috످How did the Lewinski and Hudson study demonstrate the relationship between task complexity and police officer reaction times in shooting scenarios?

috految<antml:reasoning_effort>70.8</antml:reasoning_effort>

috److془Lewinski and Hudson 2003: "Time to start shooting? Time to stop shooting? The Tempe study" and "The impact of visual complexity, decision making and anticipation: The Tempe study experiments 3 & 5", The Police Marksman. 102 officers. Simple: 0.31 (0.25 + 0.06). Three lights in a row: 0.56 (0.52 in some). 2014 Lewinski, Hudson, Dysterheft: "Police Officer Reaction Time to Start and Stop Shooting: The Influence of Decision-Making and Pattern Recognition" Law Enforcement Executive Forum 14(2). Findings: 0.25 s to begin trigger pull; 0.46 in complex. Stop 0.29 / 0.35.

Confident.془Lewinski and Hudson's 2003 research, known as the Tempe Study, found that officers took longer to shoot as the task became more complex. The researchers tested 102 police officers in Tempe, Arizona, using light signals and a modified training gun that recorded trigger pulls.

In the simple reaction experiment, officers fired as soon as a light came on. They averaged about 0.31 seconds (0.25 to react and 0.06 to pull the trigger). In the complex decision (go/no-go) experiment, officers watched a panel of lights and fired only when a full row of three lit up. They averaged about 0.56 seconds.

Because the physical action was the same in both tasks, the extra time could be attributed to mental processing: recognizing the pattern and deciding whether to shoot. The researchers also found that officers needed time to stop shooting, often firing additional rounds after the signal to stop.

Since even a basic decision nearly doubled response time, the authors argued that delays would likely be greater in real encounters. Their work has been used in court to explain how an officer might shoot a suspect who has just turned away or keep firing after a threat has ended.

The study has limitations. Responding to lights doesn't replicate the stress or ambiguity of a real confrontation, and the original results appeared in The Police Marksman, a trade magazine without peer review. Critics, including psychologist Lisa Fournier, have challenged Lewinski's methods, and his paid expert testimony on behalf of officers has raised conflict-of-interest concerns.

For the full methods and results, see Lewinski, Hudson, and Dysterheft (2014), "Police Officer Reaction Time to Start and Stop Shooting," in Law Enforcement Executive Forum.

috످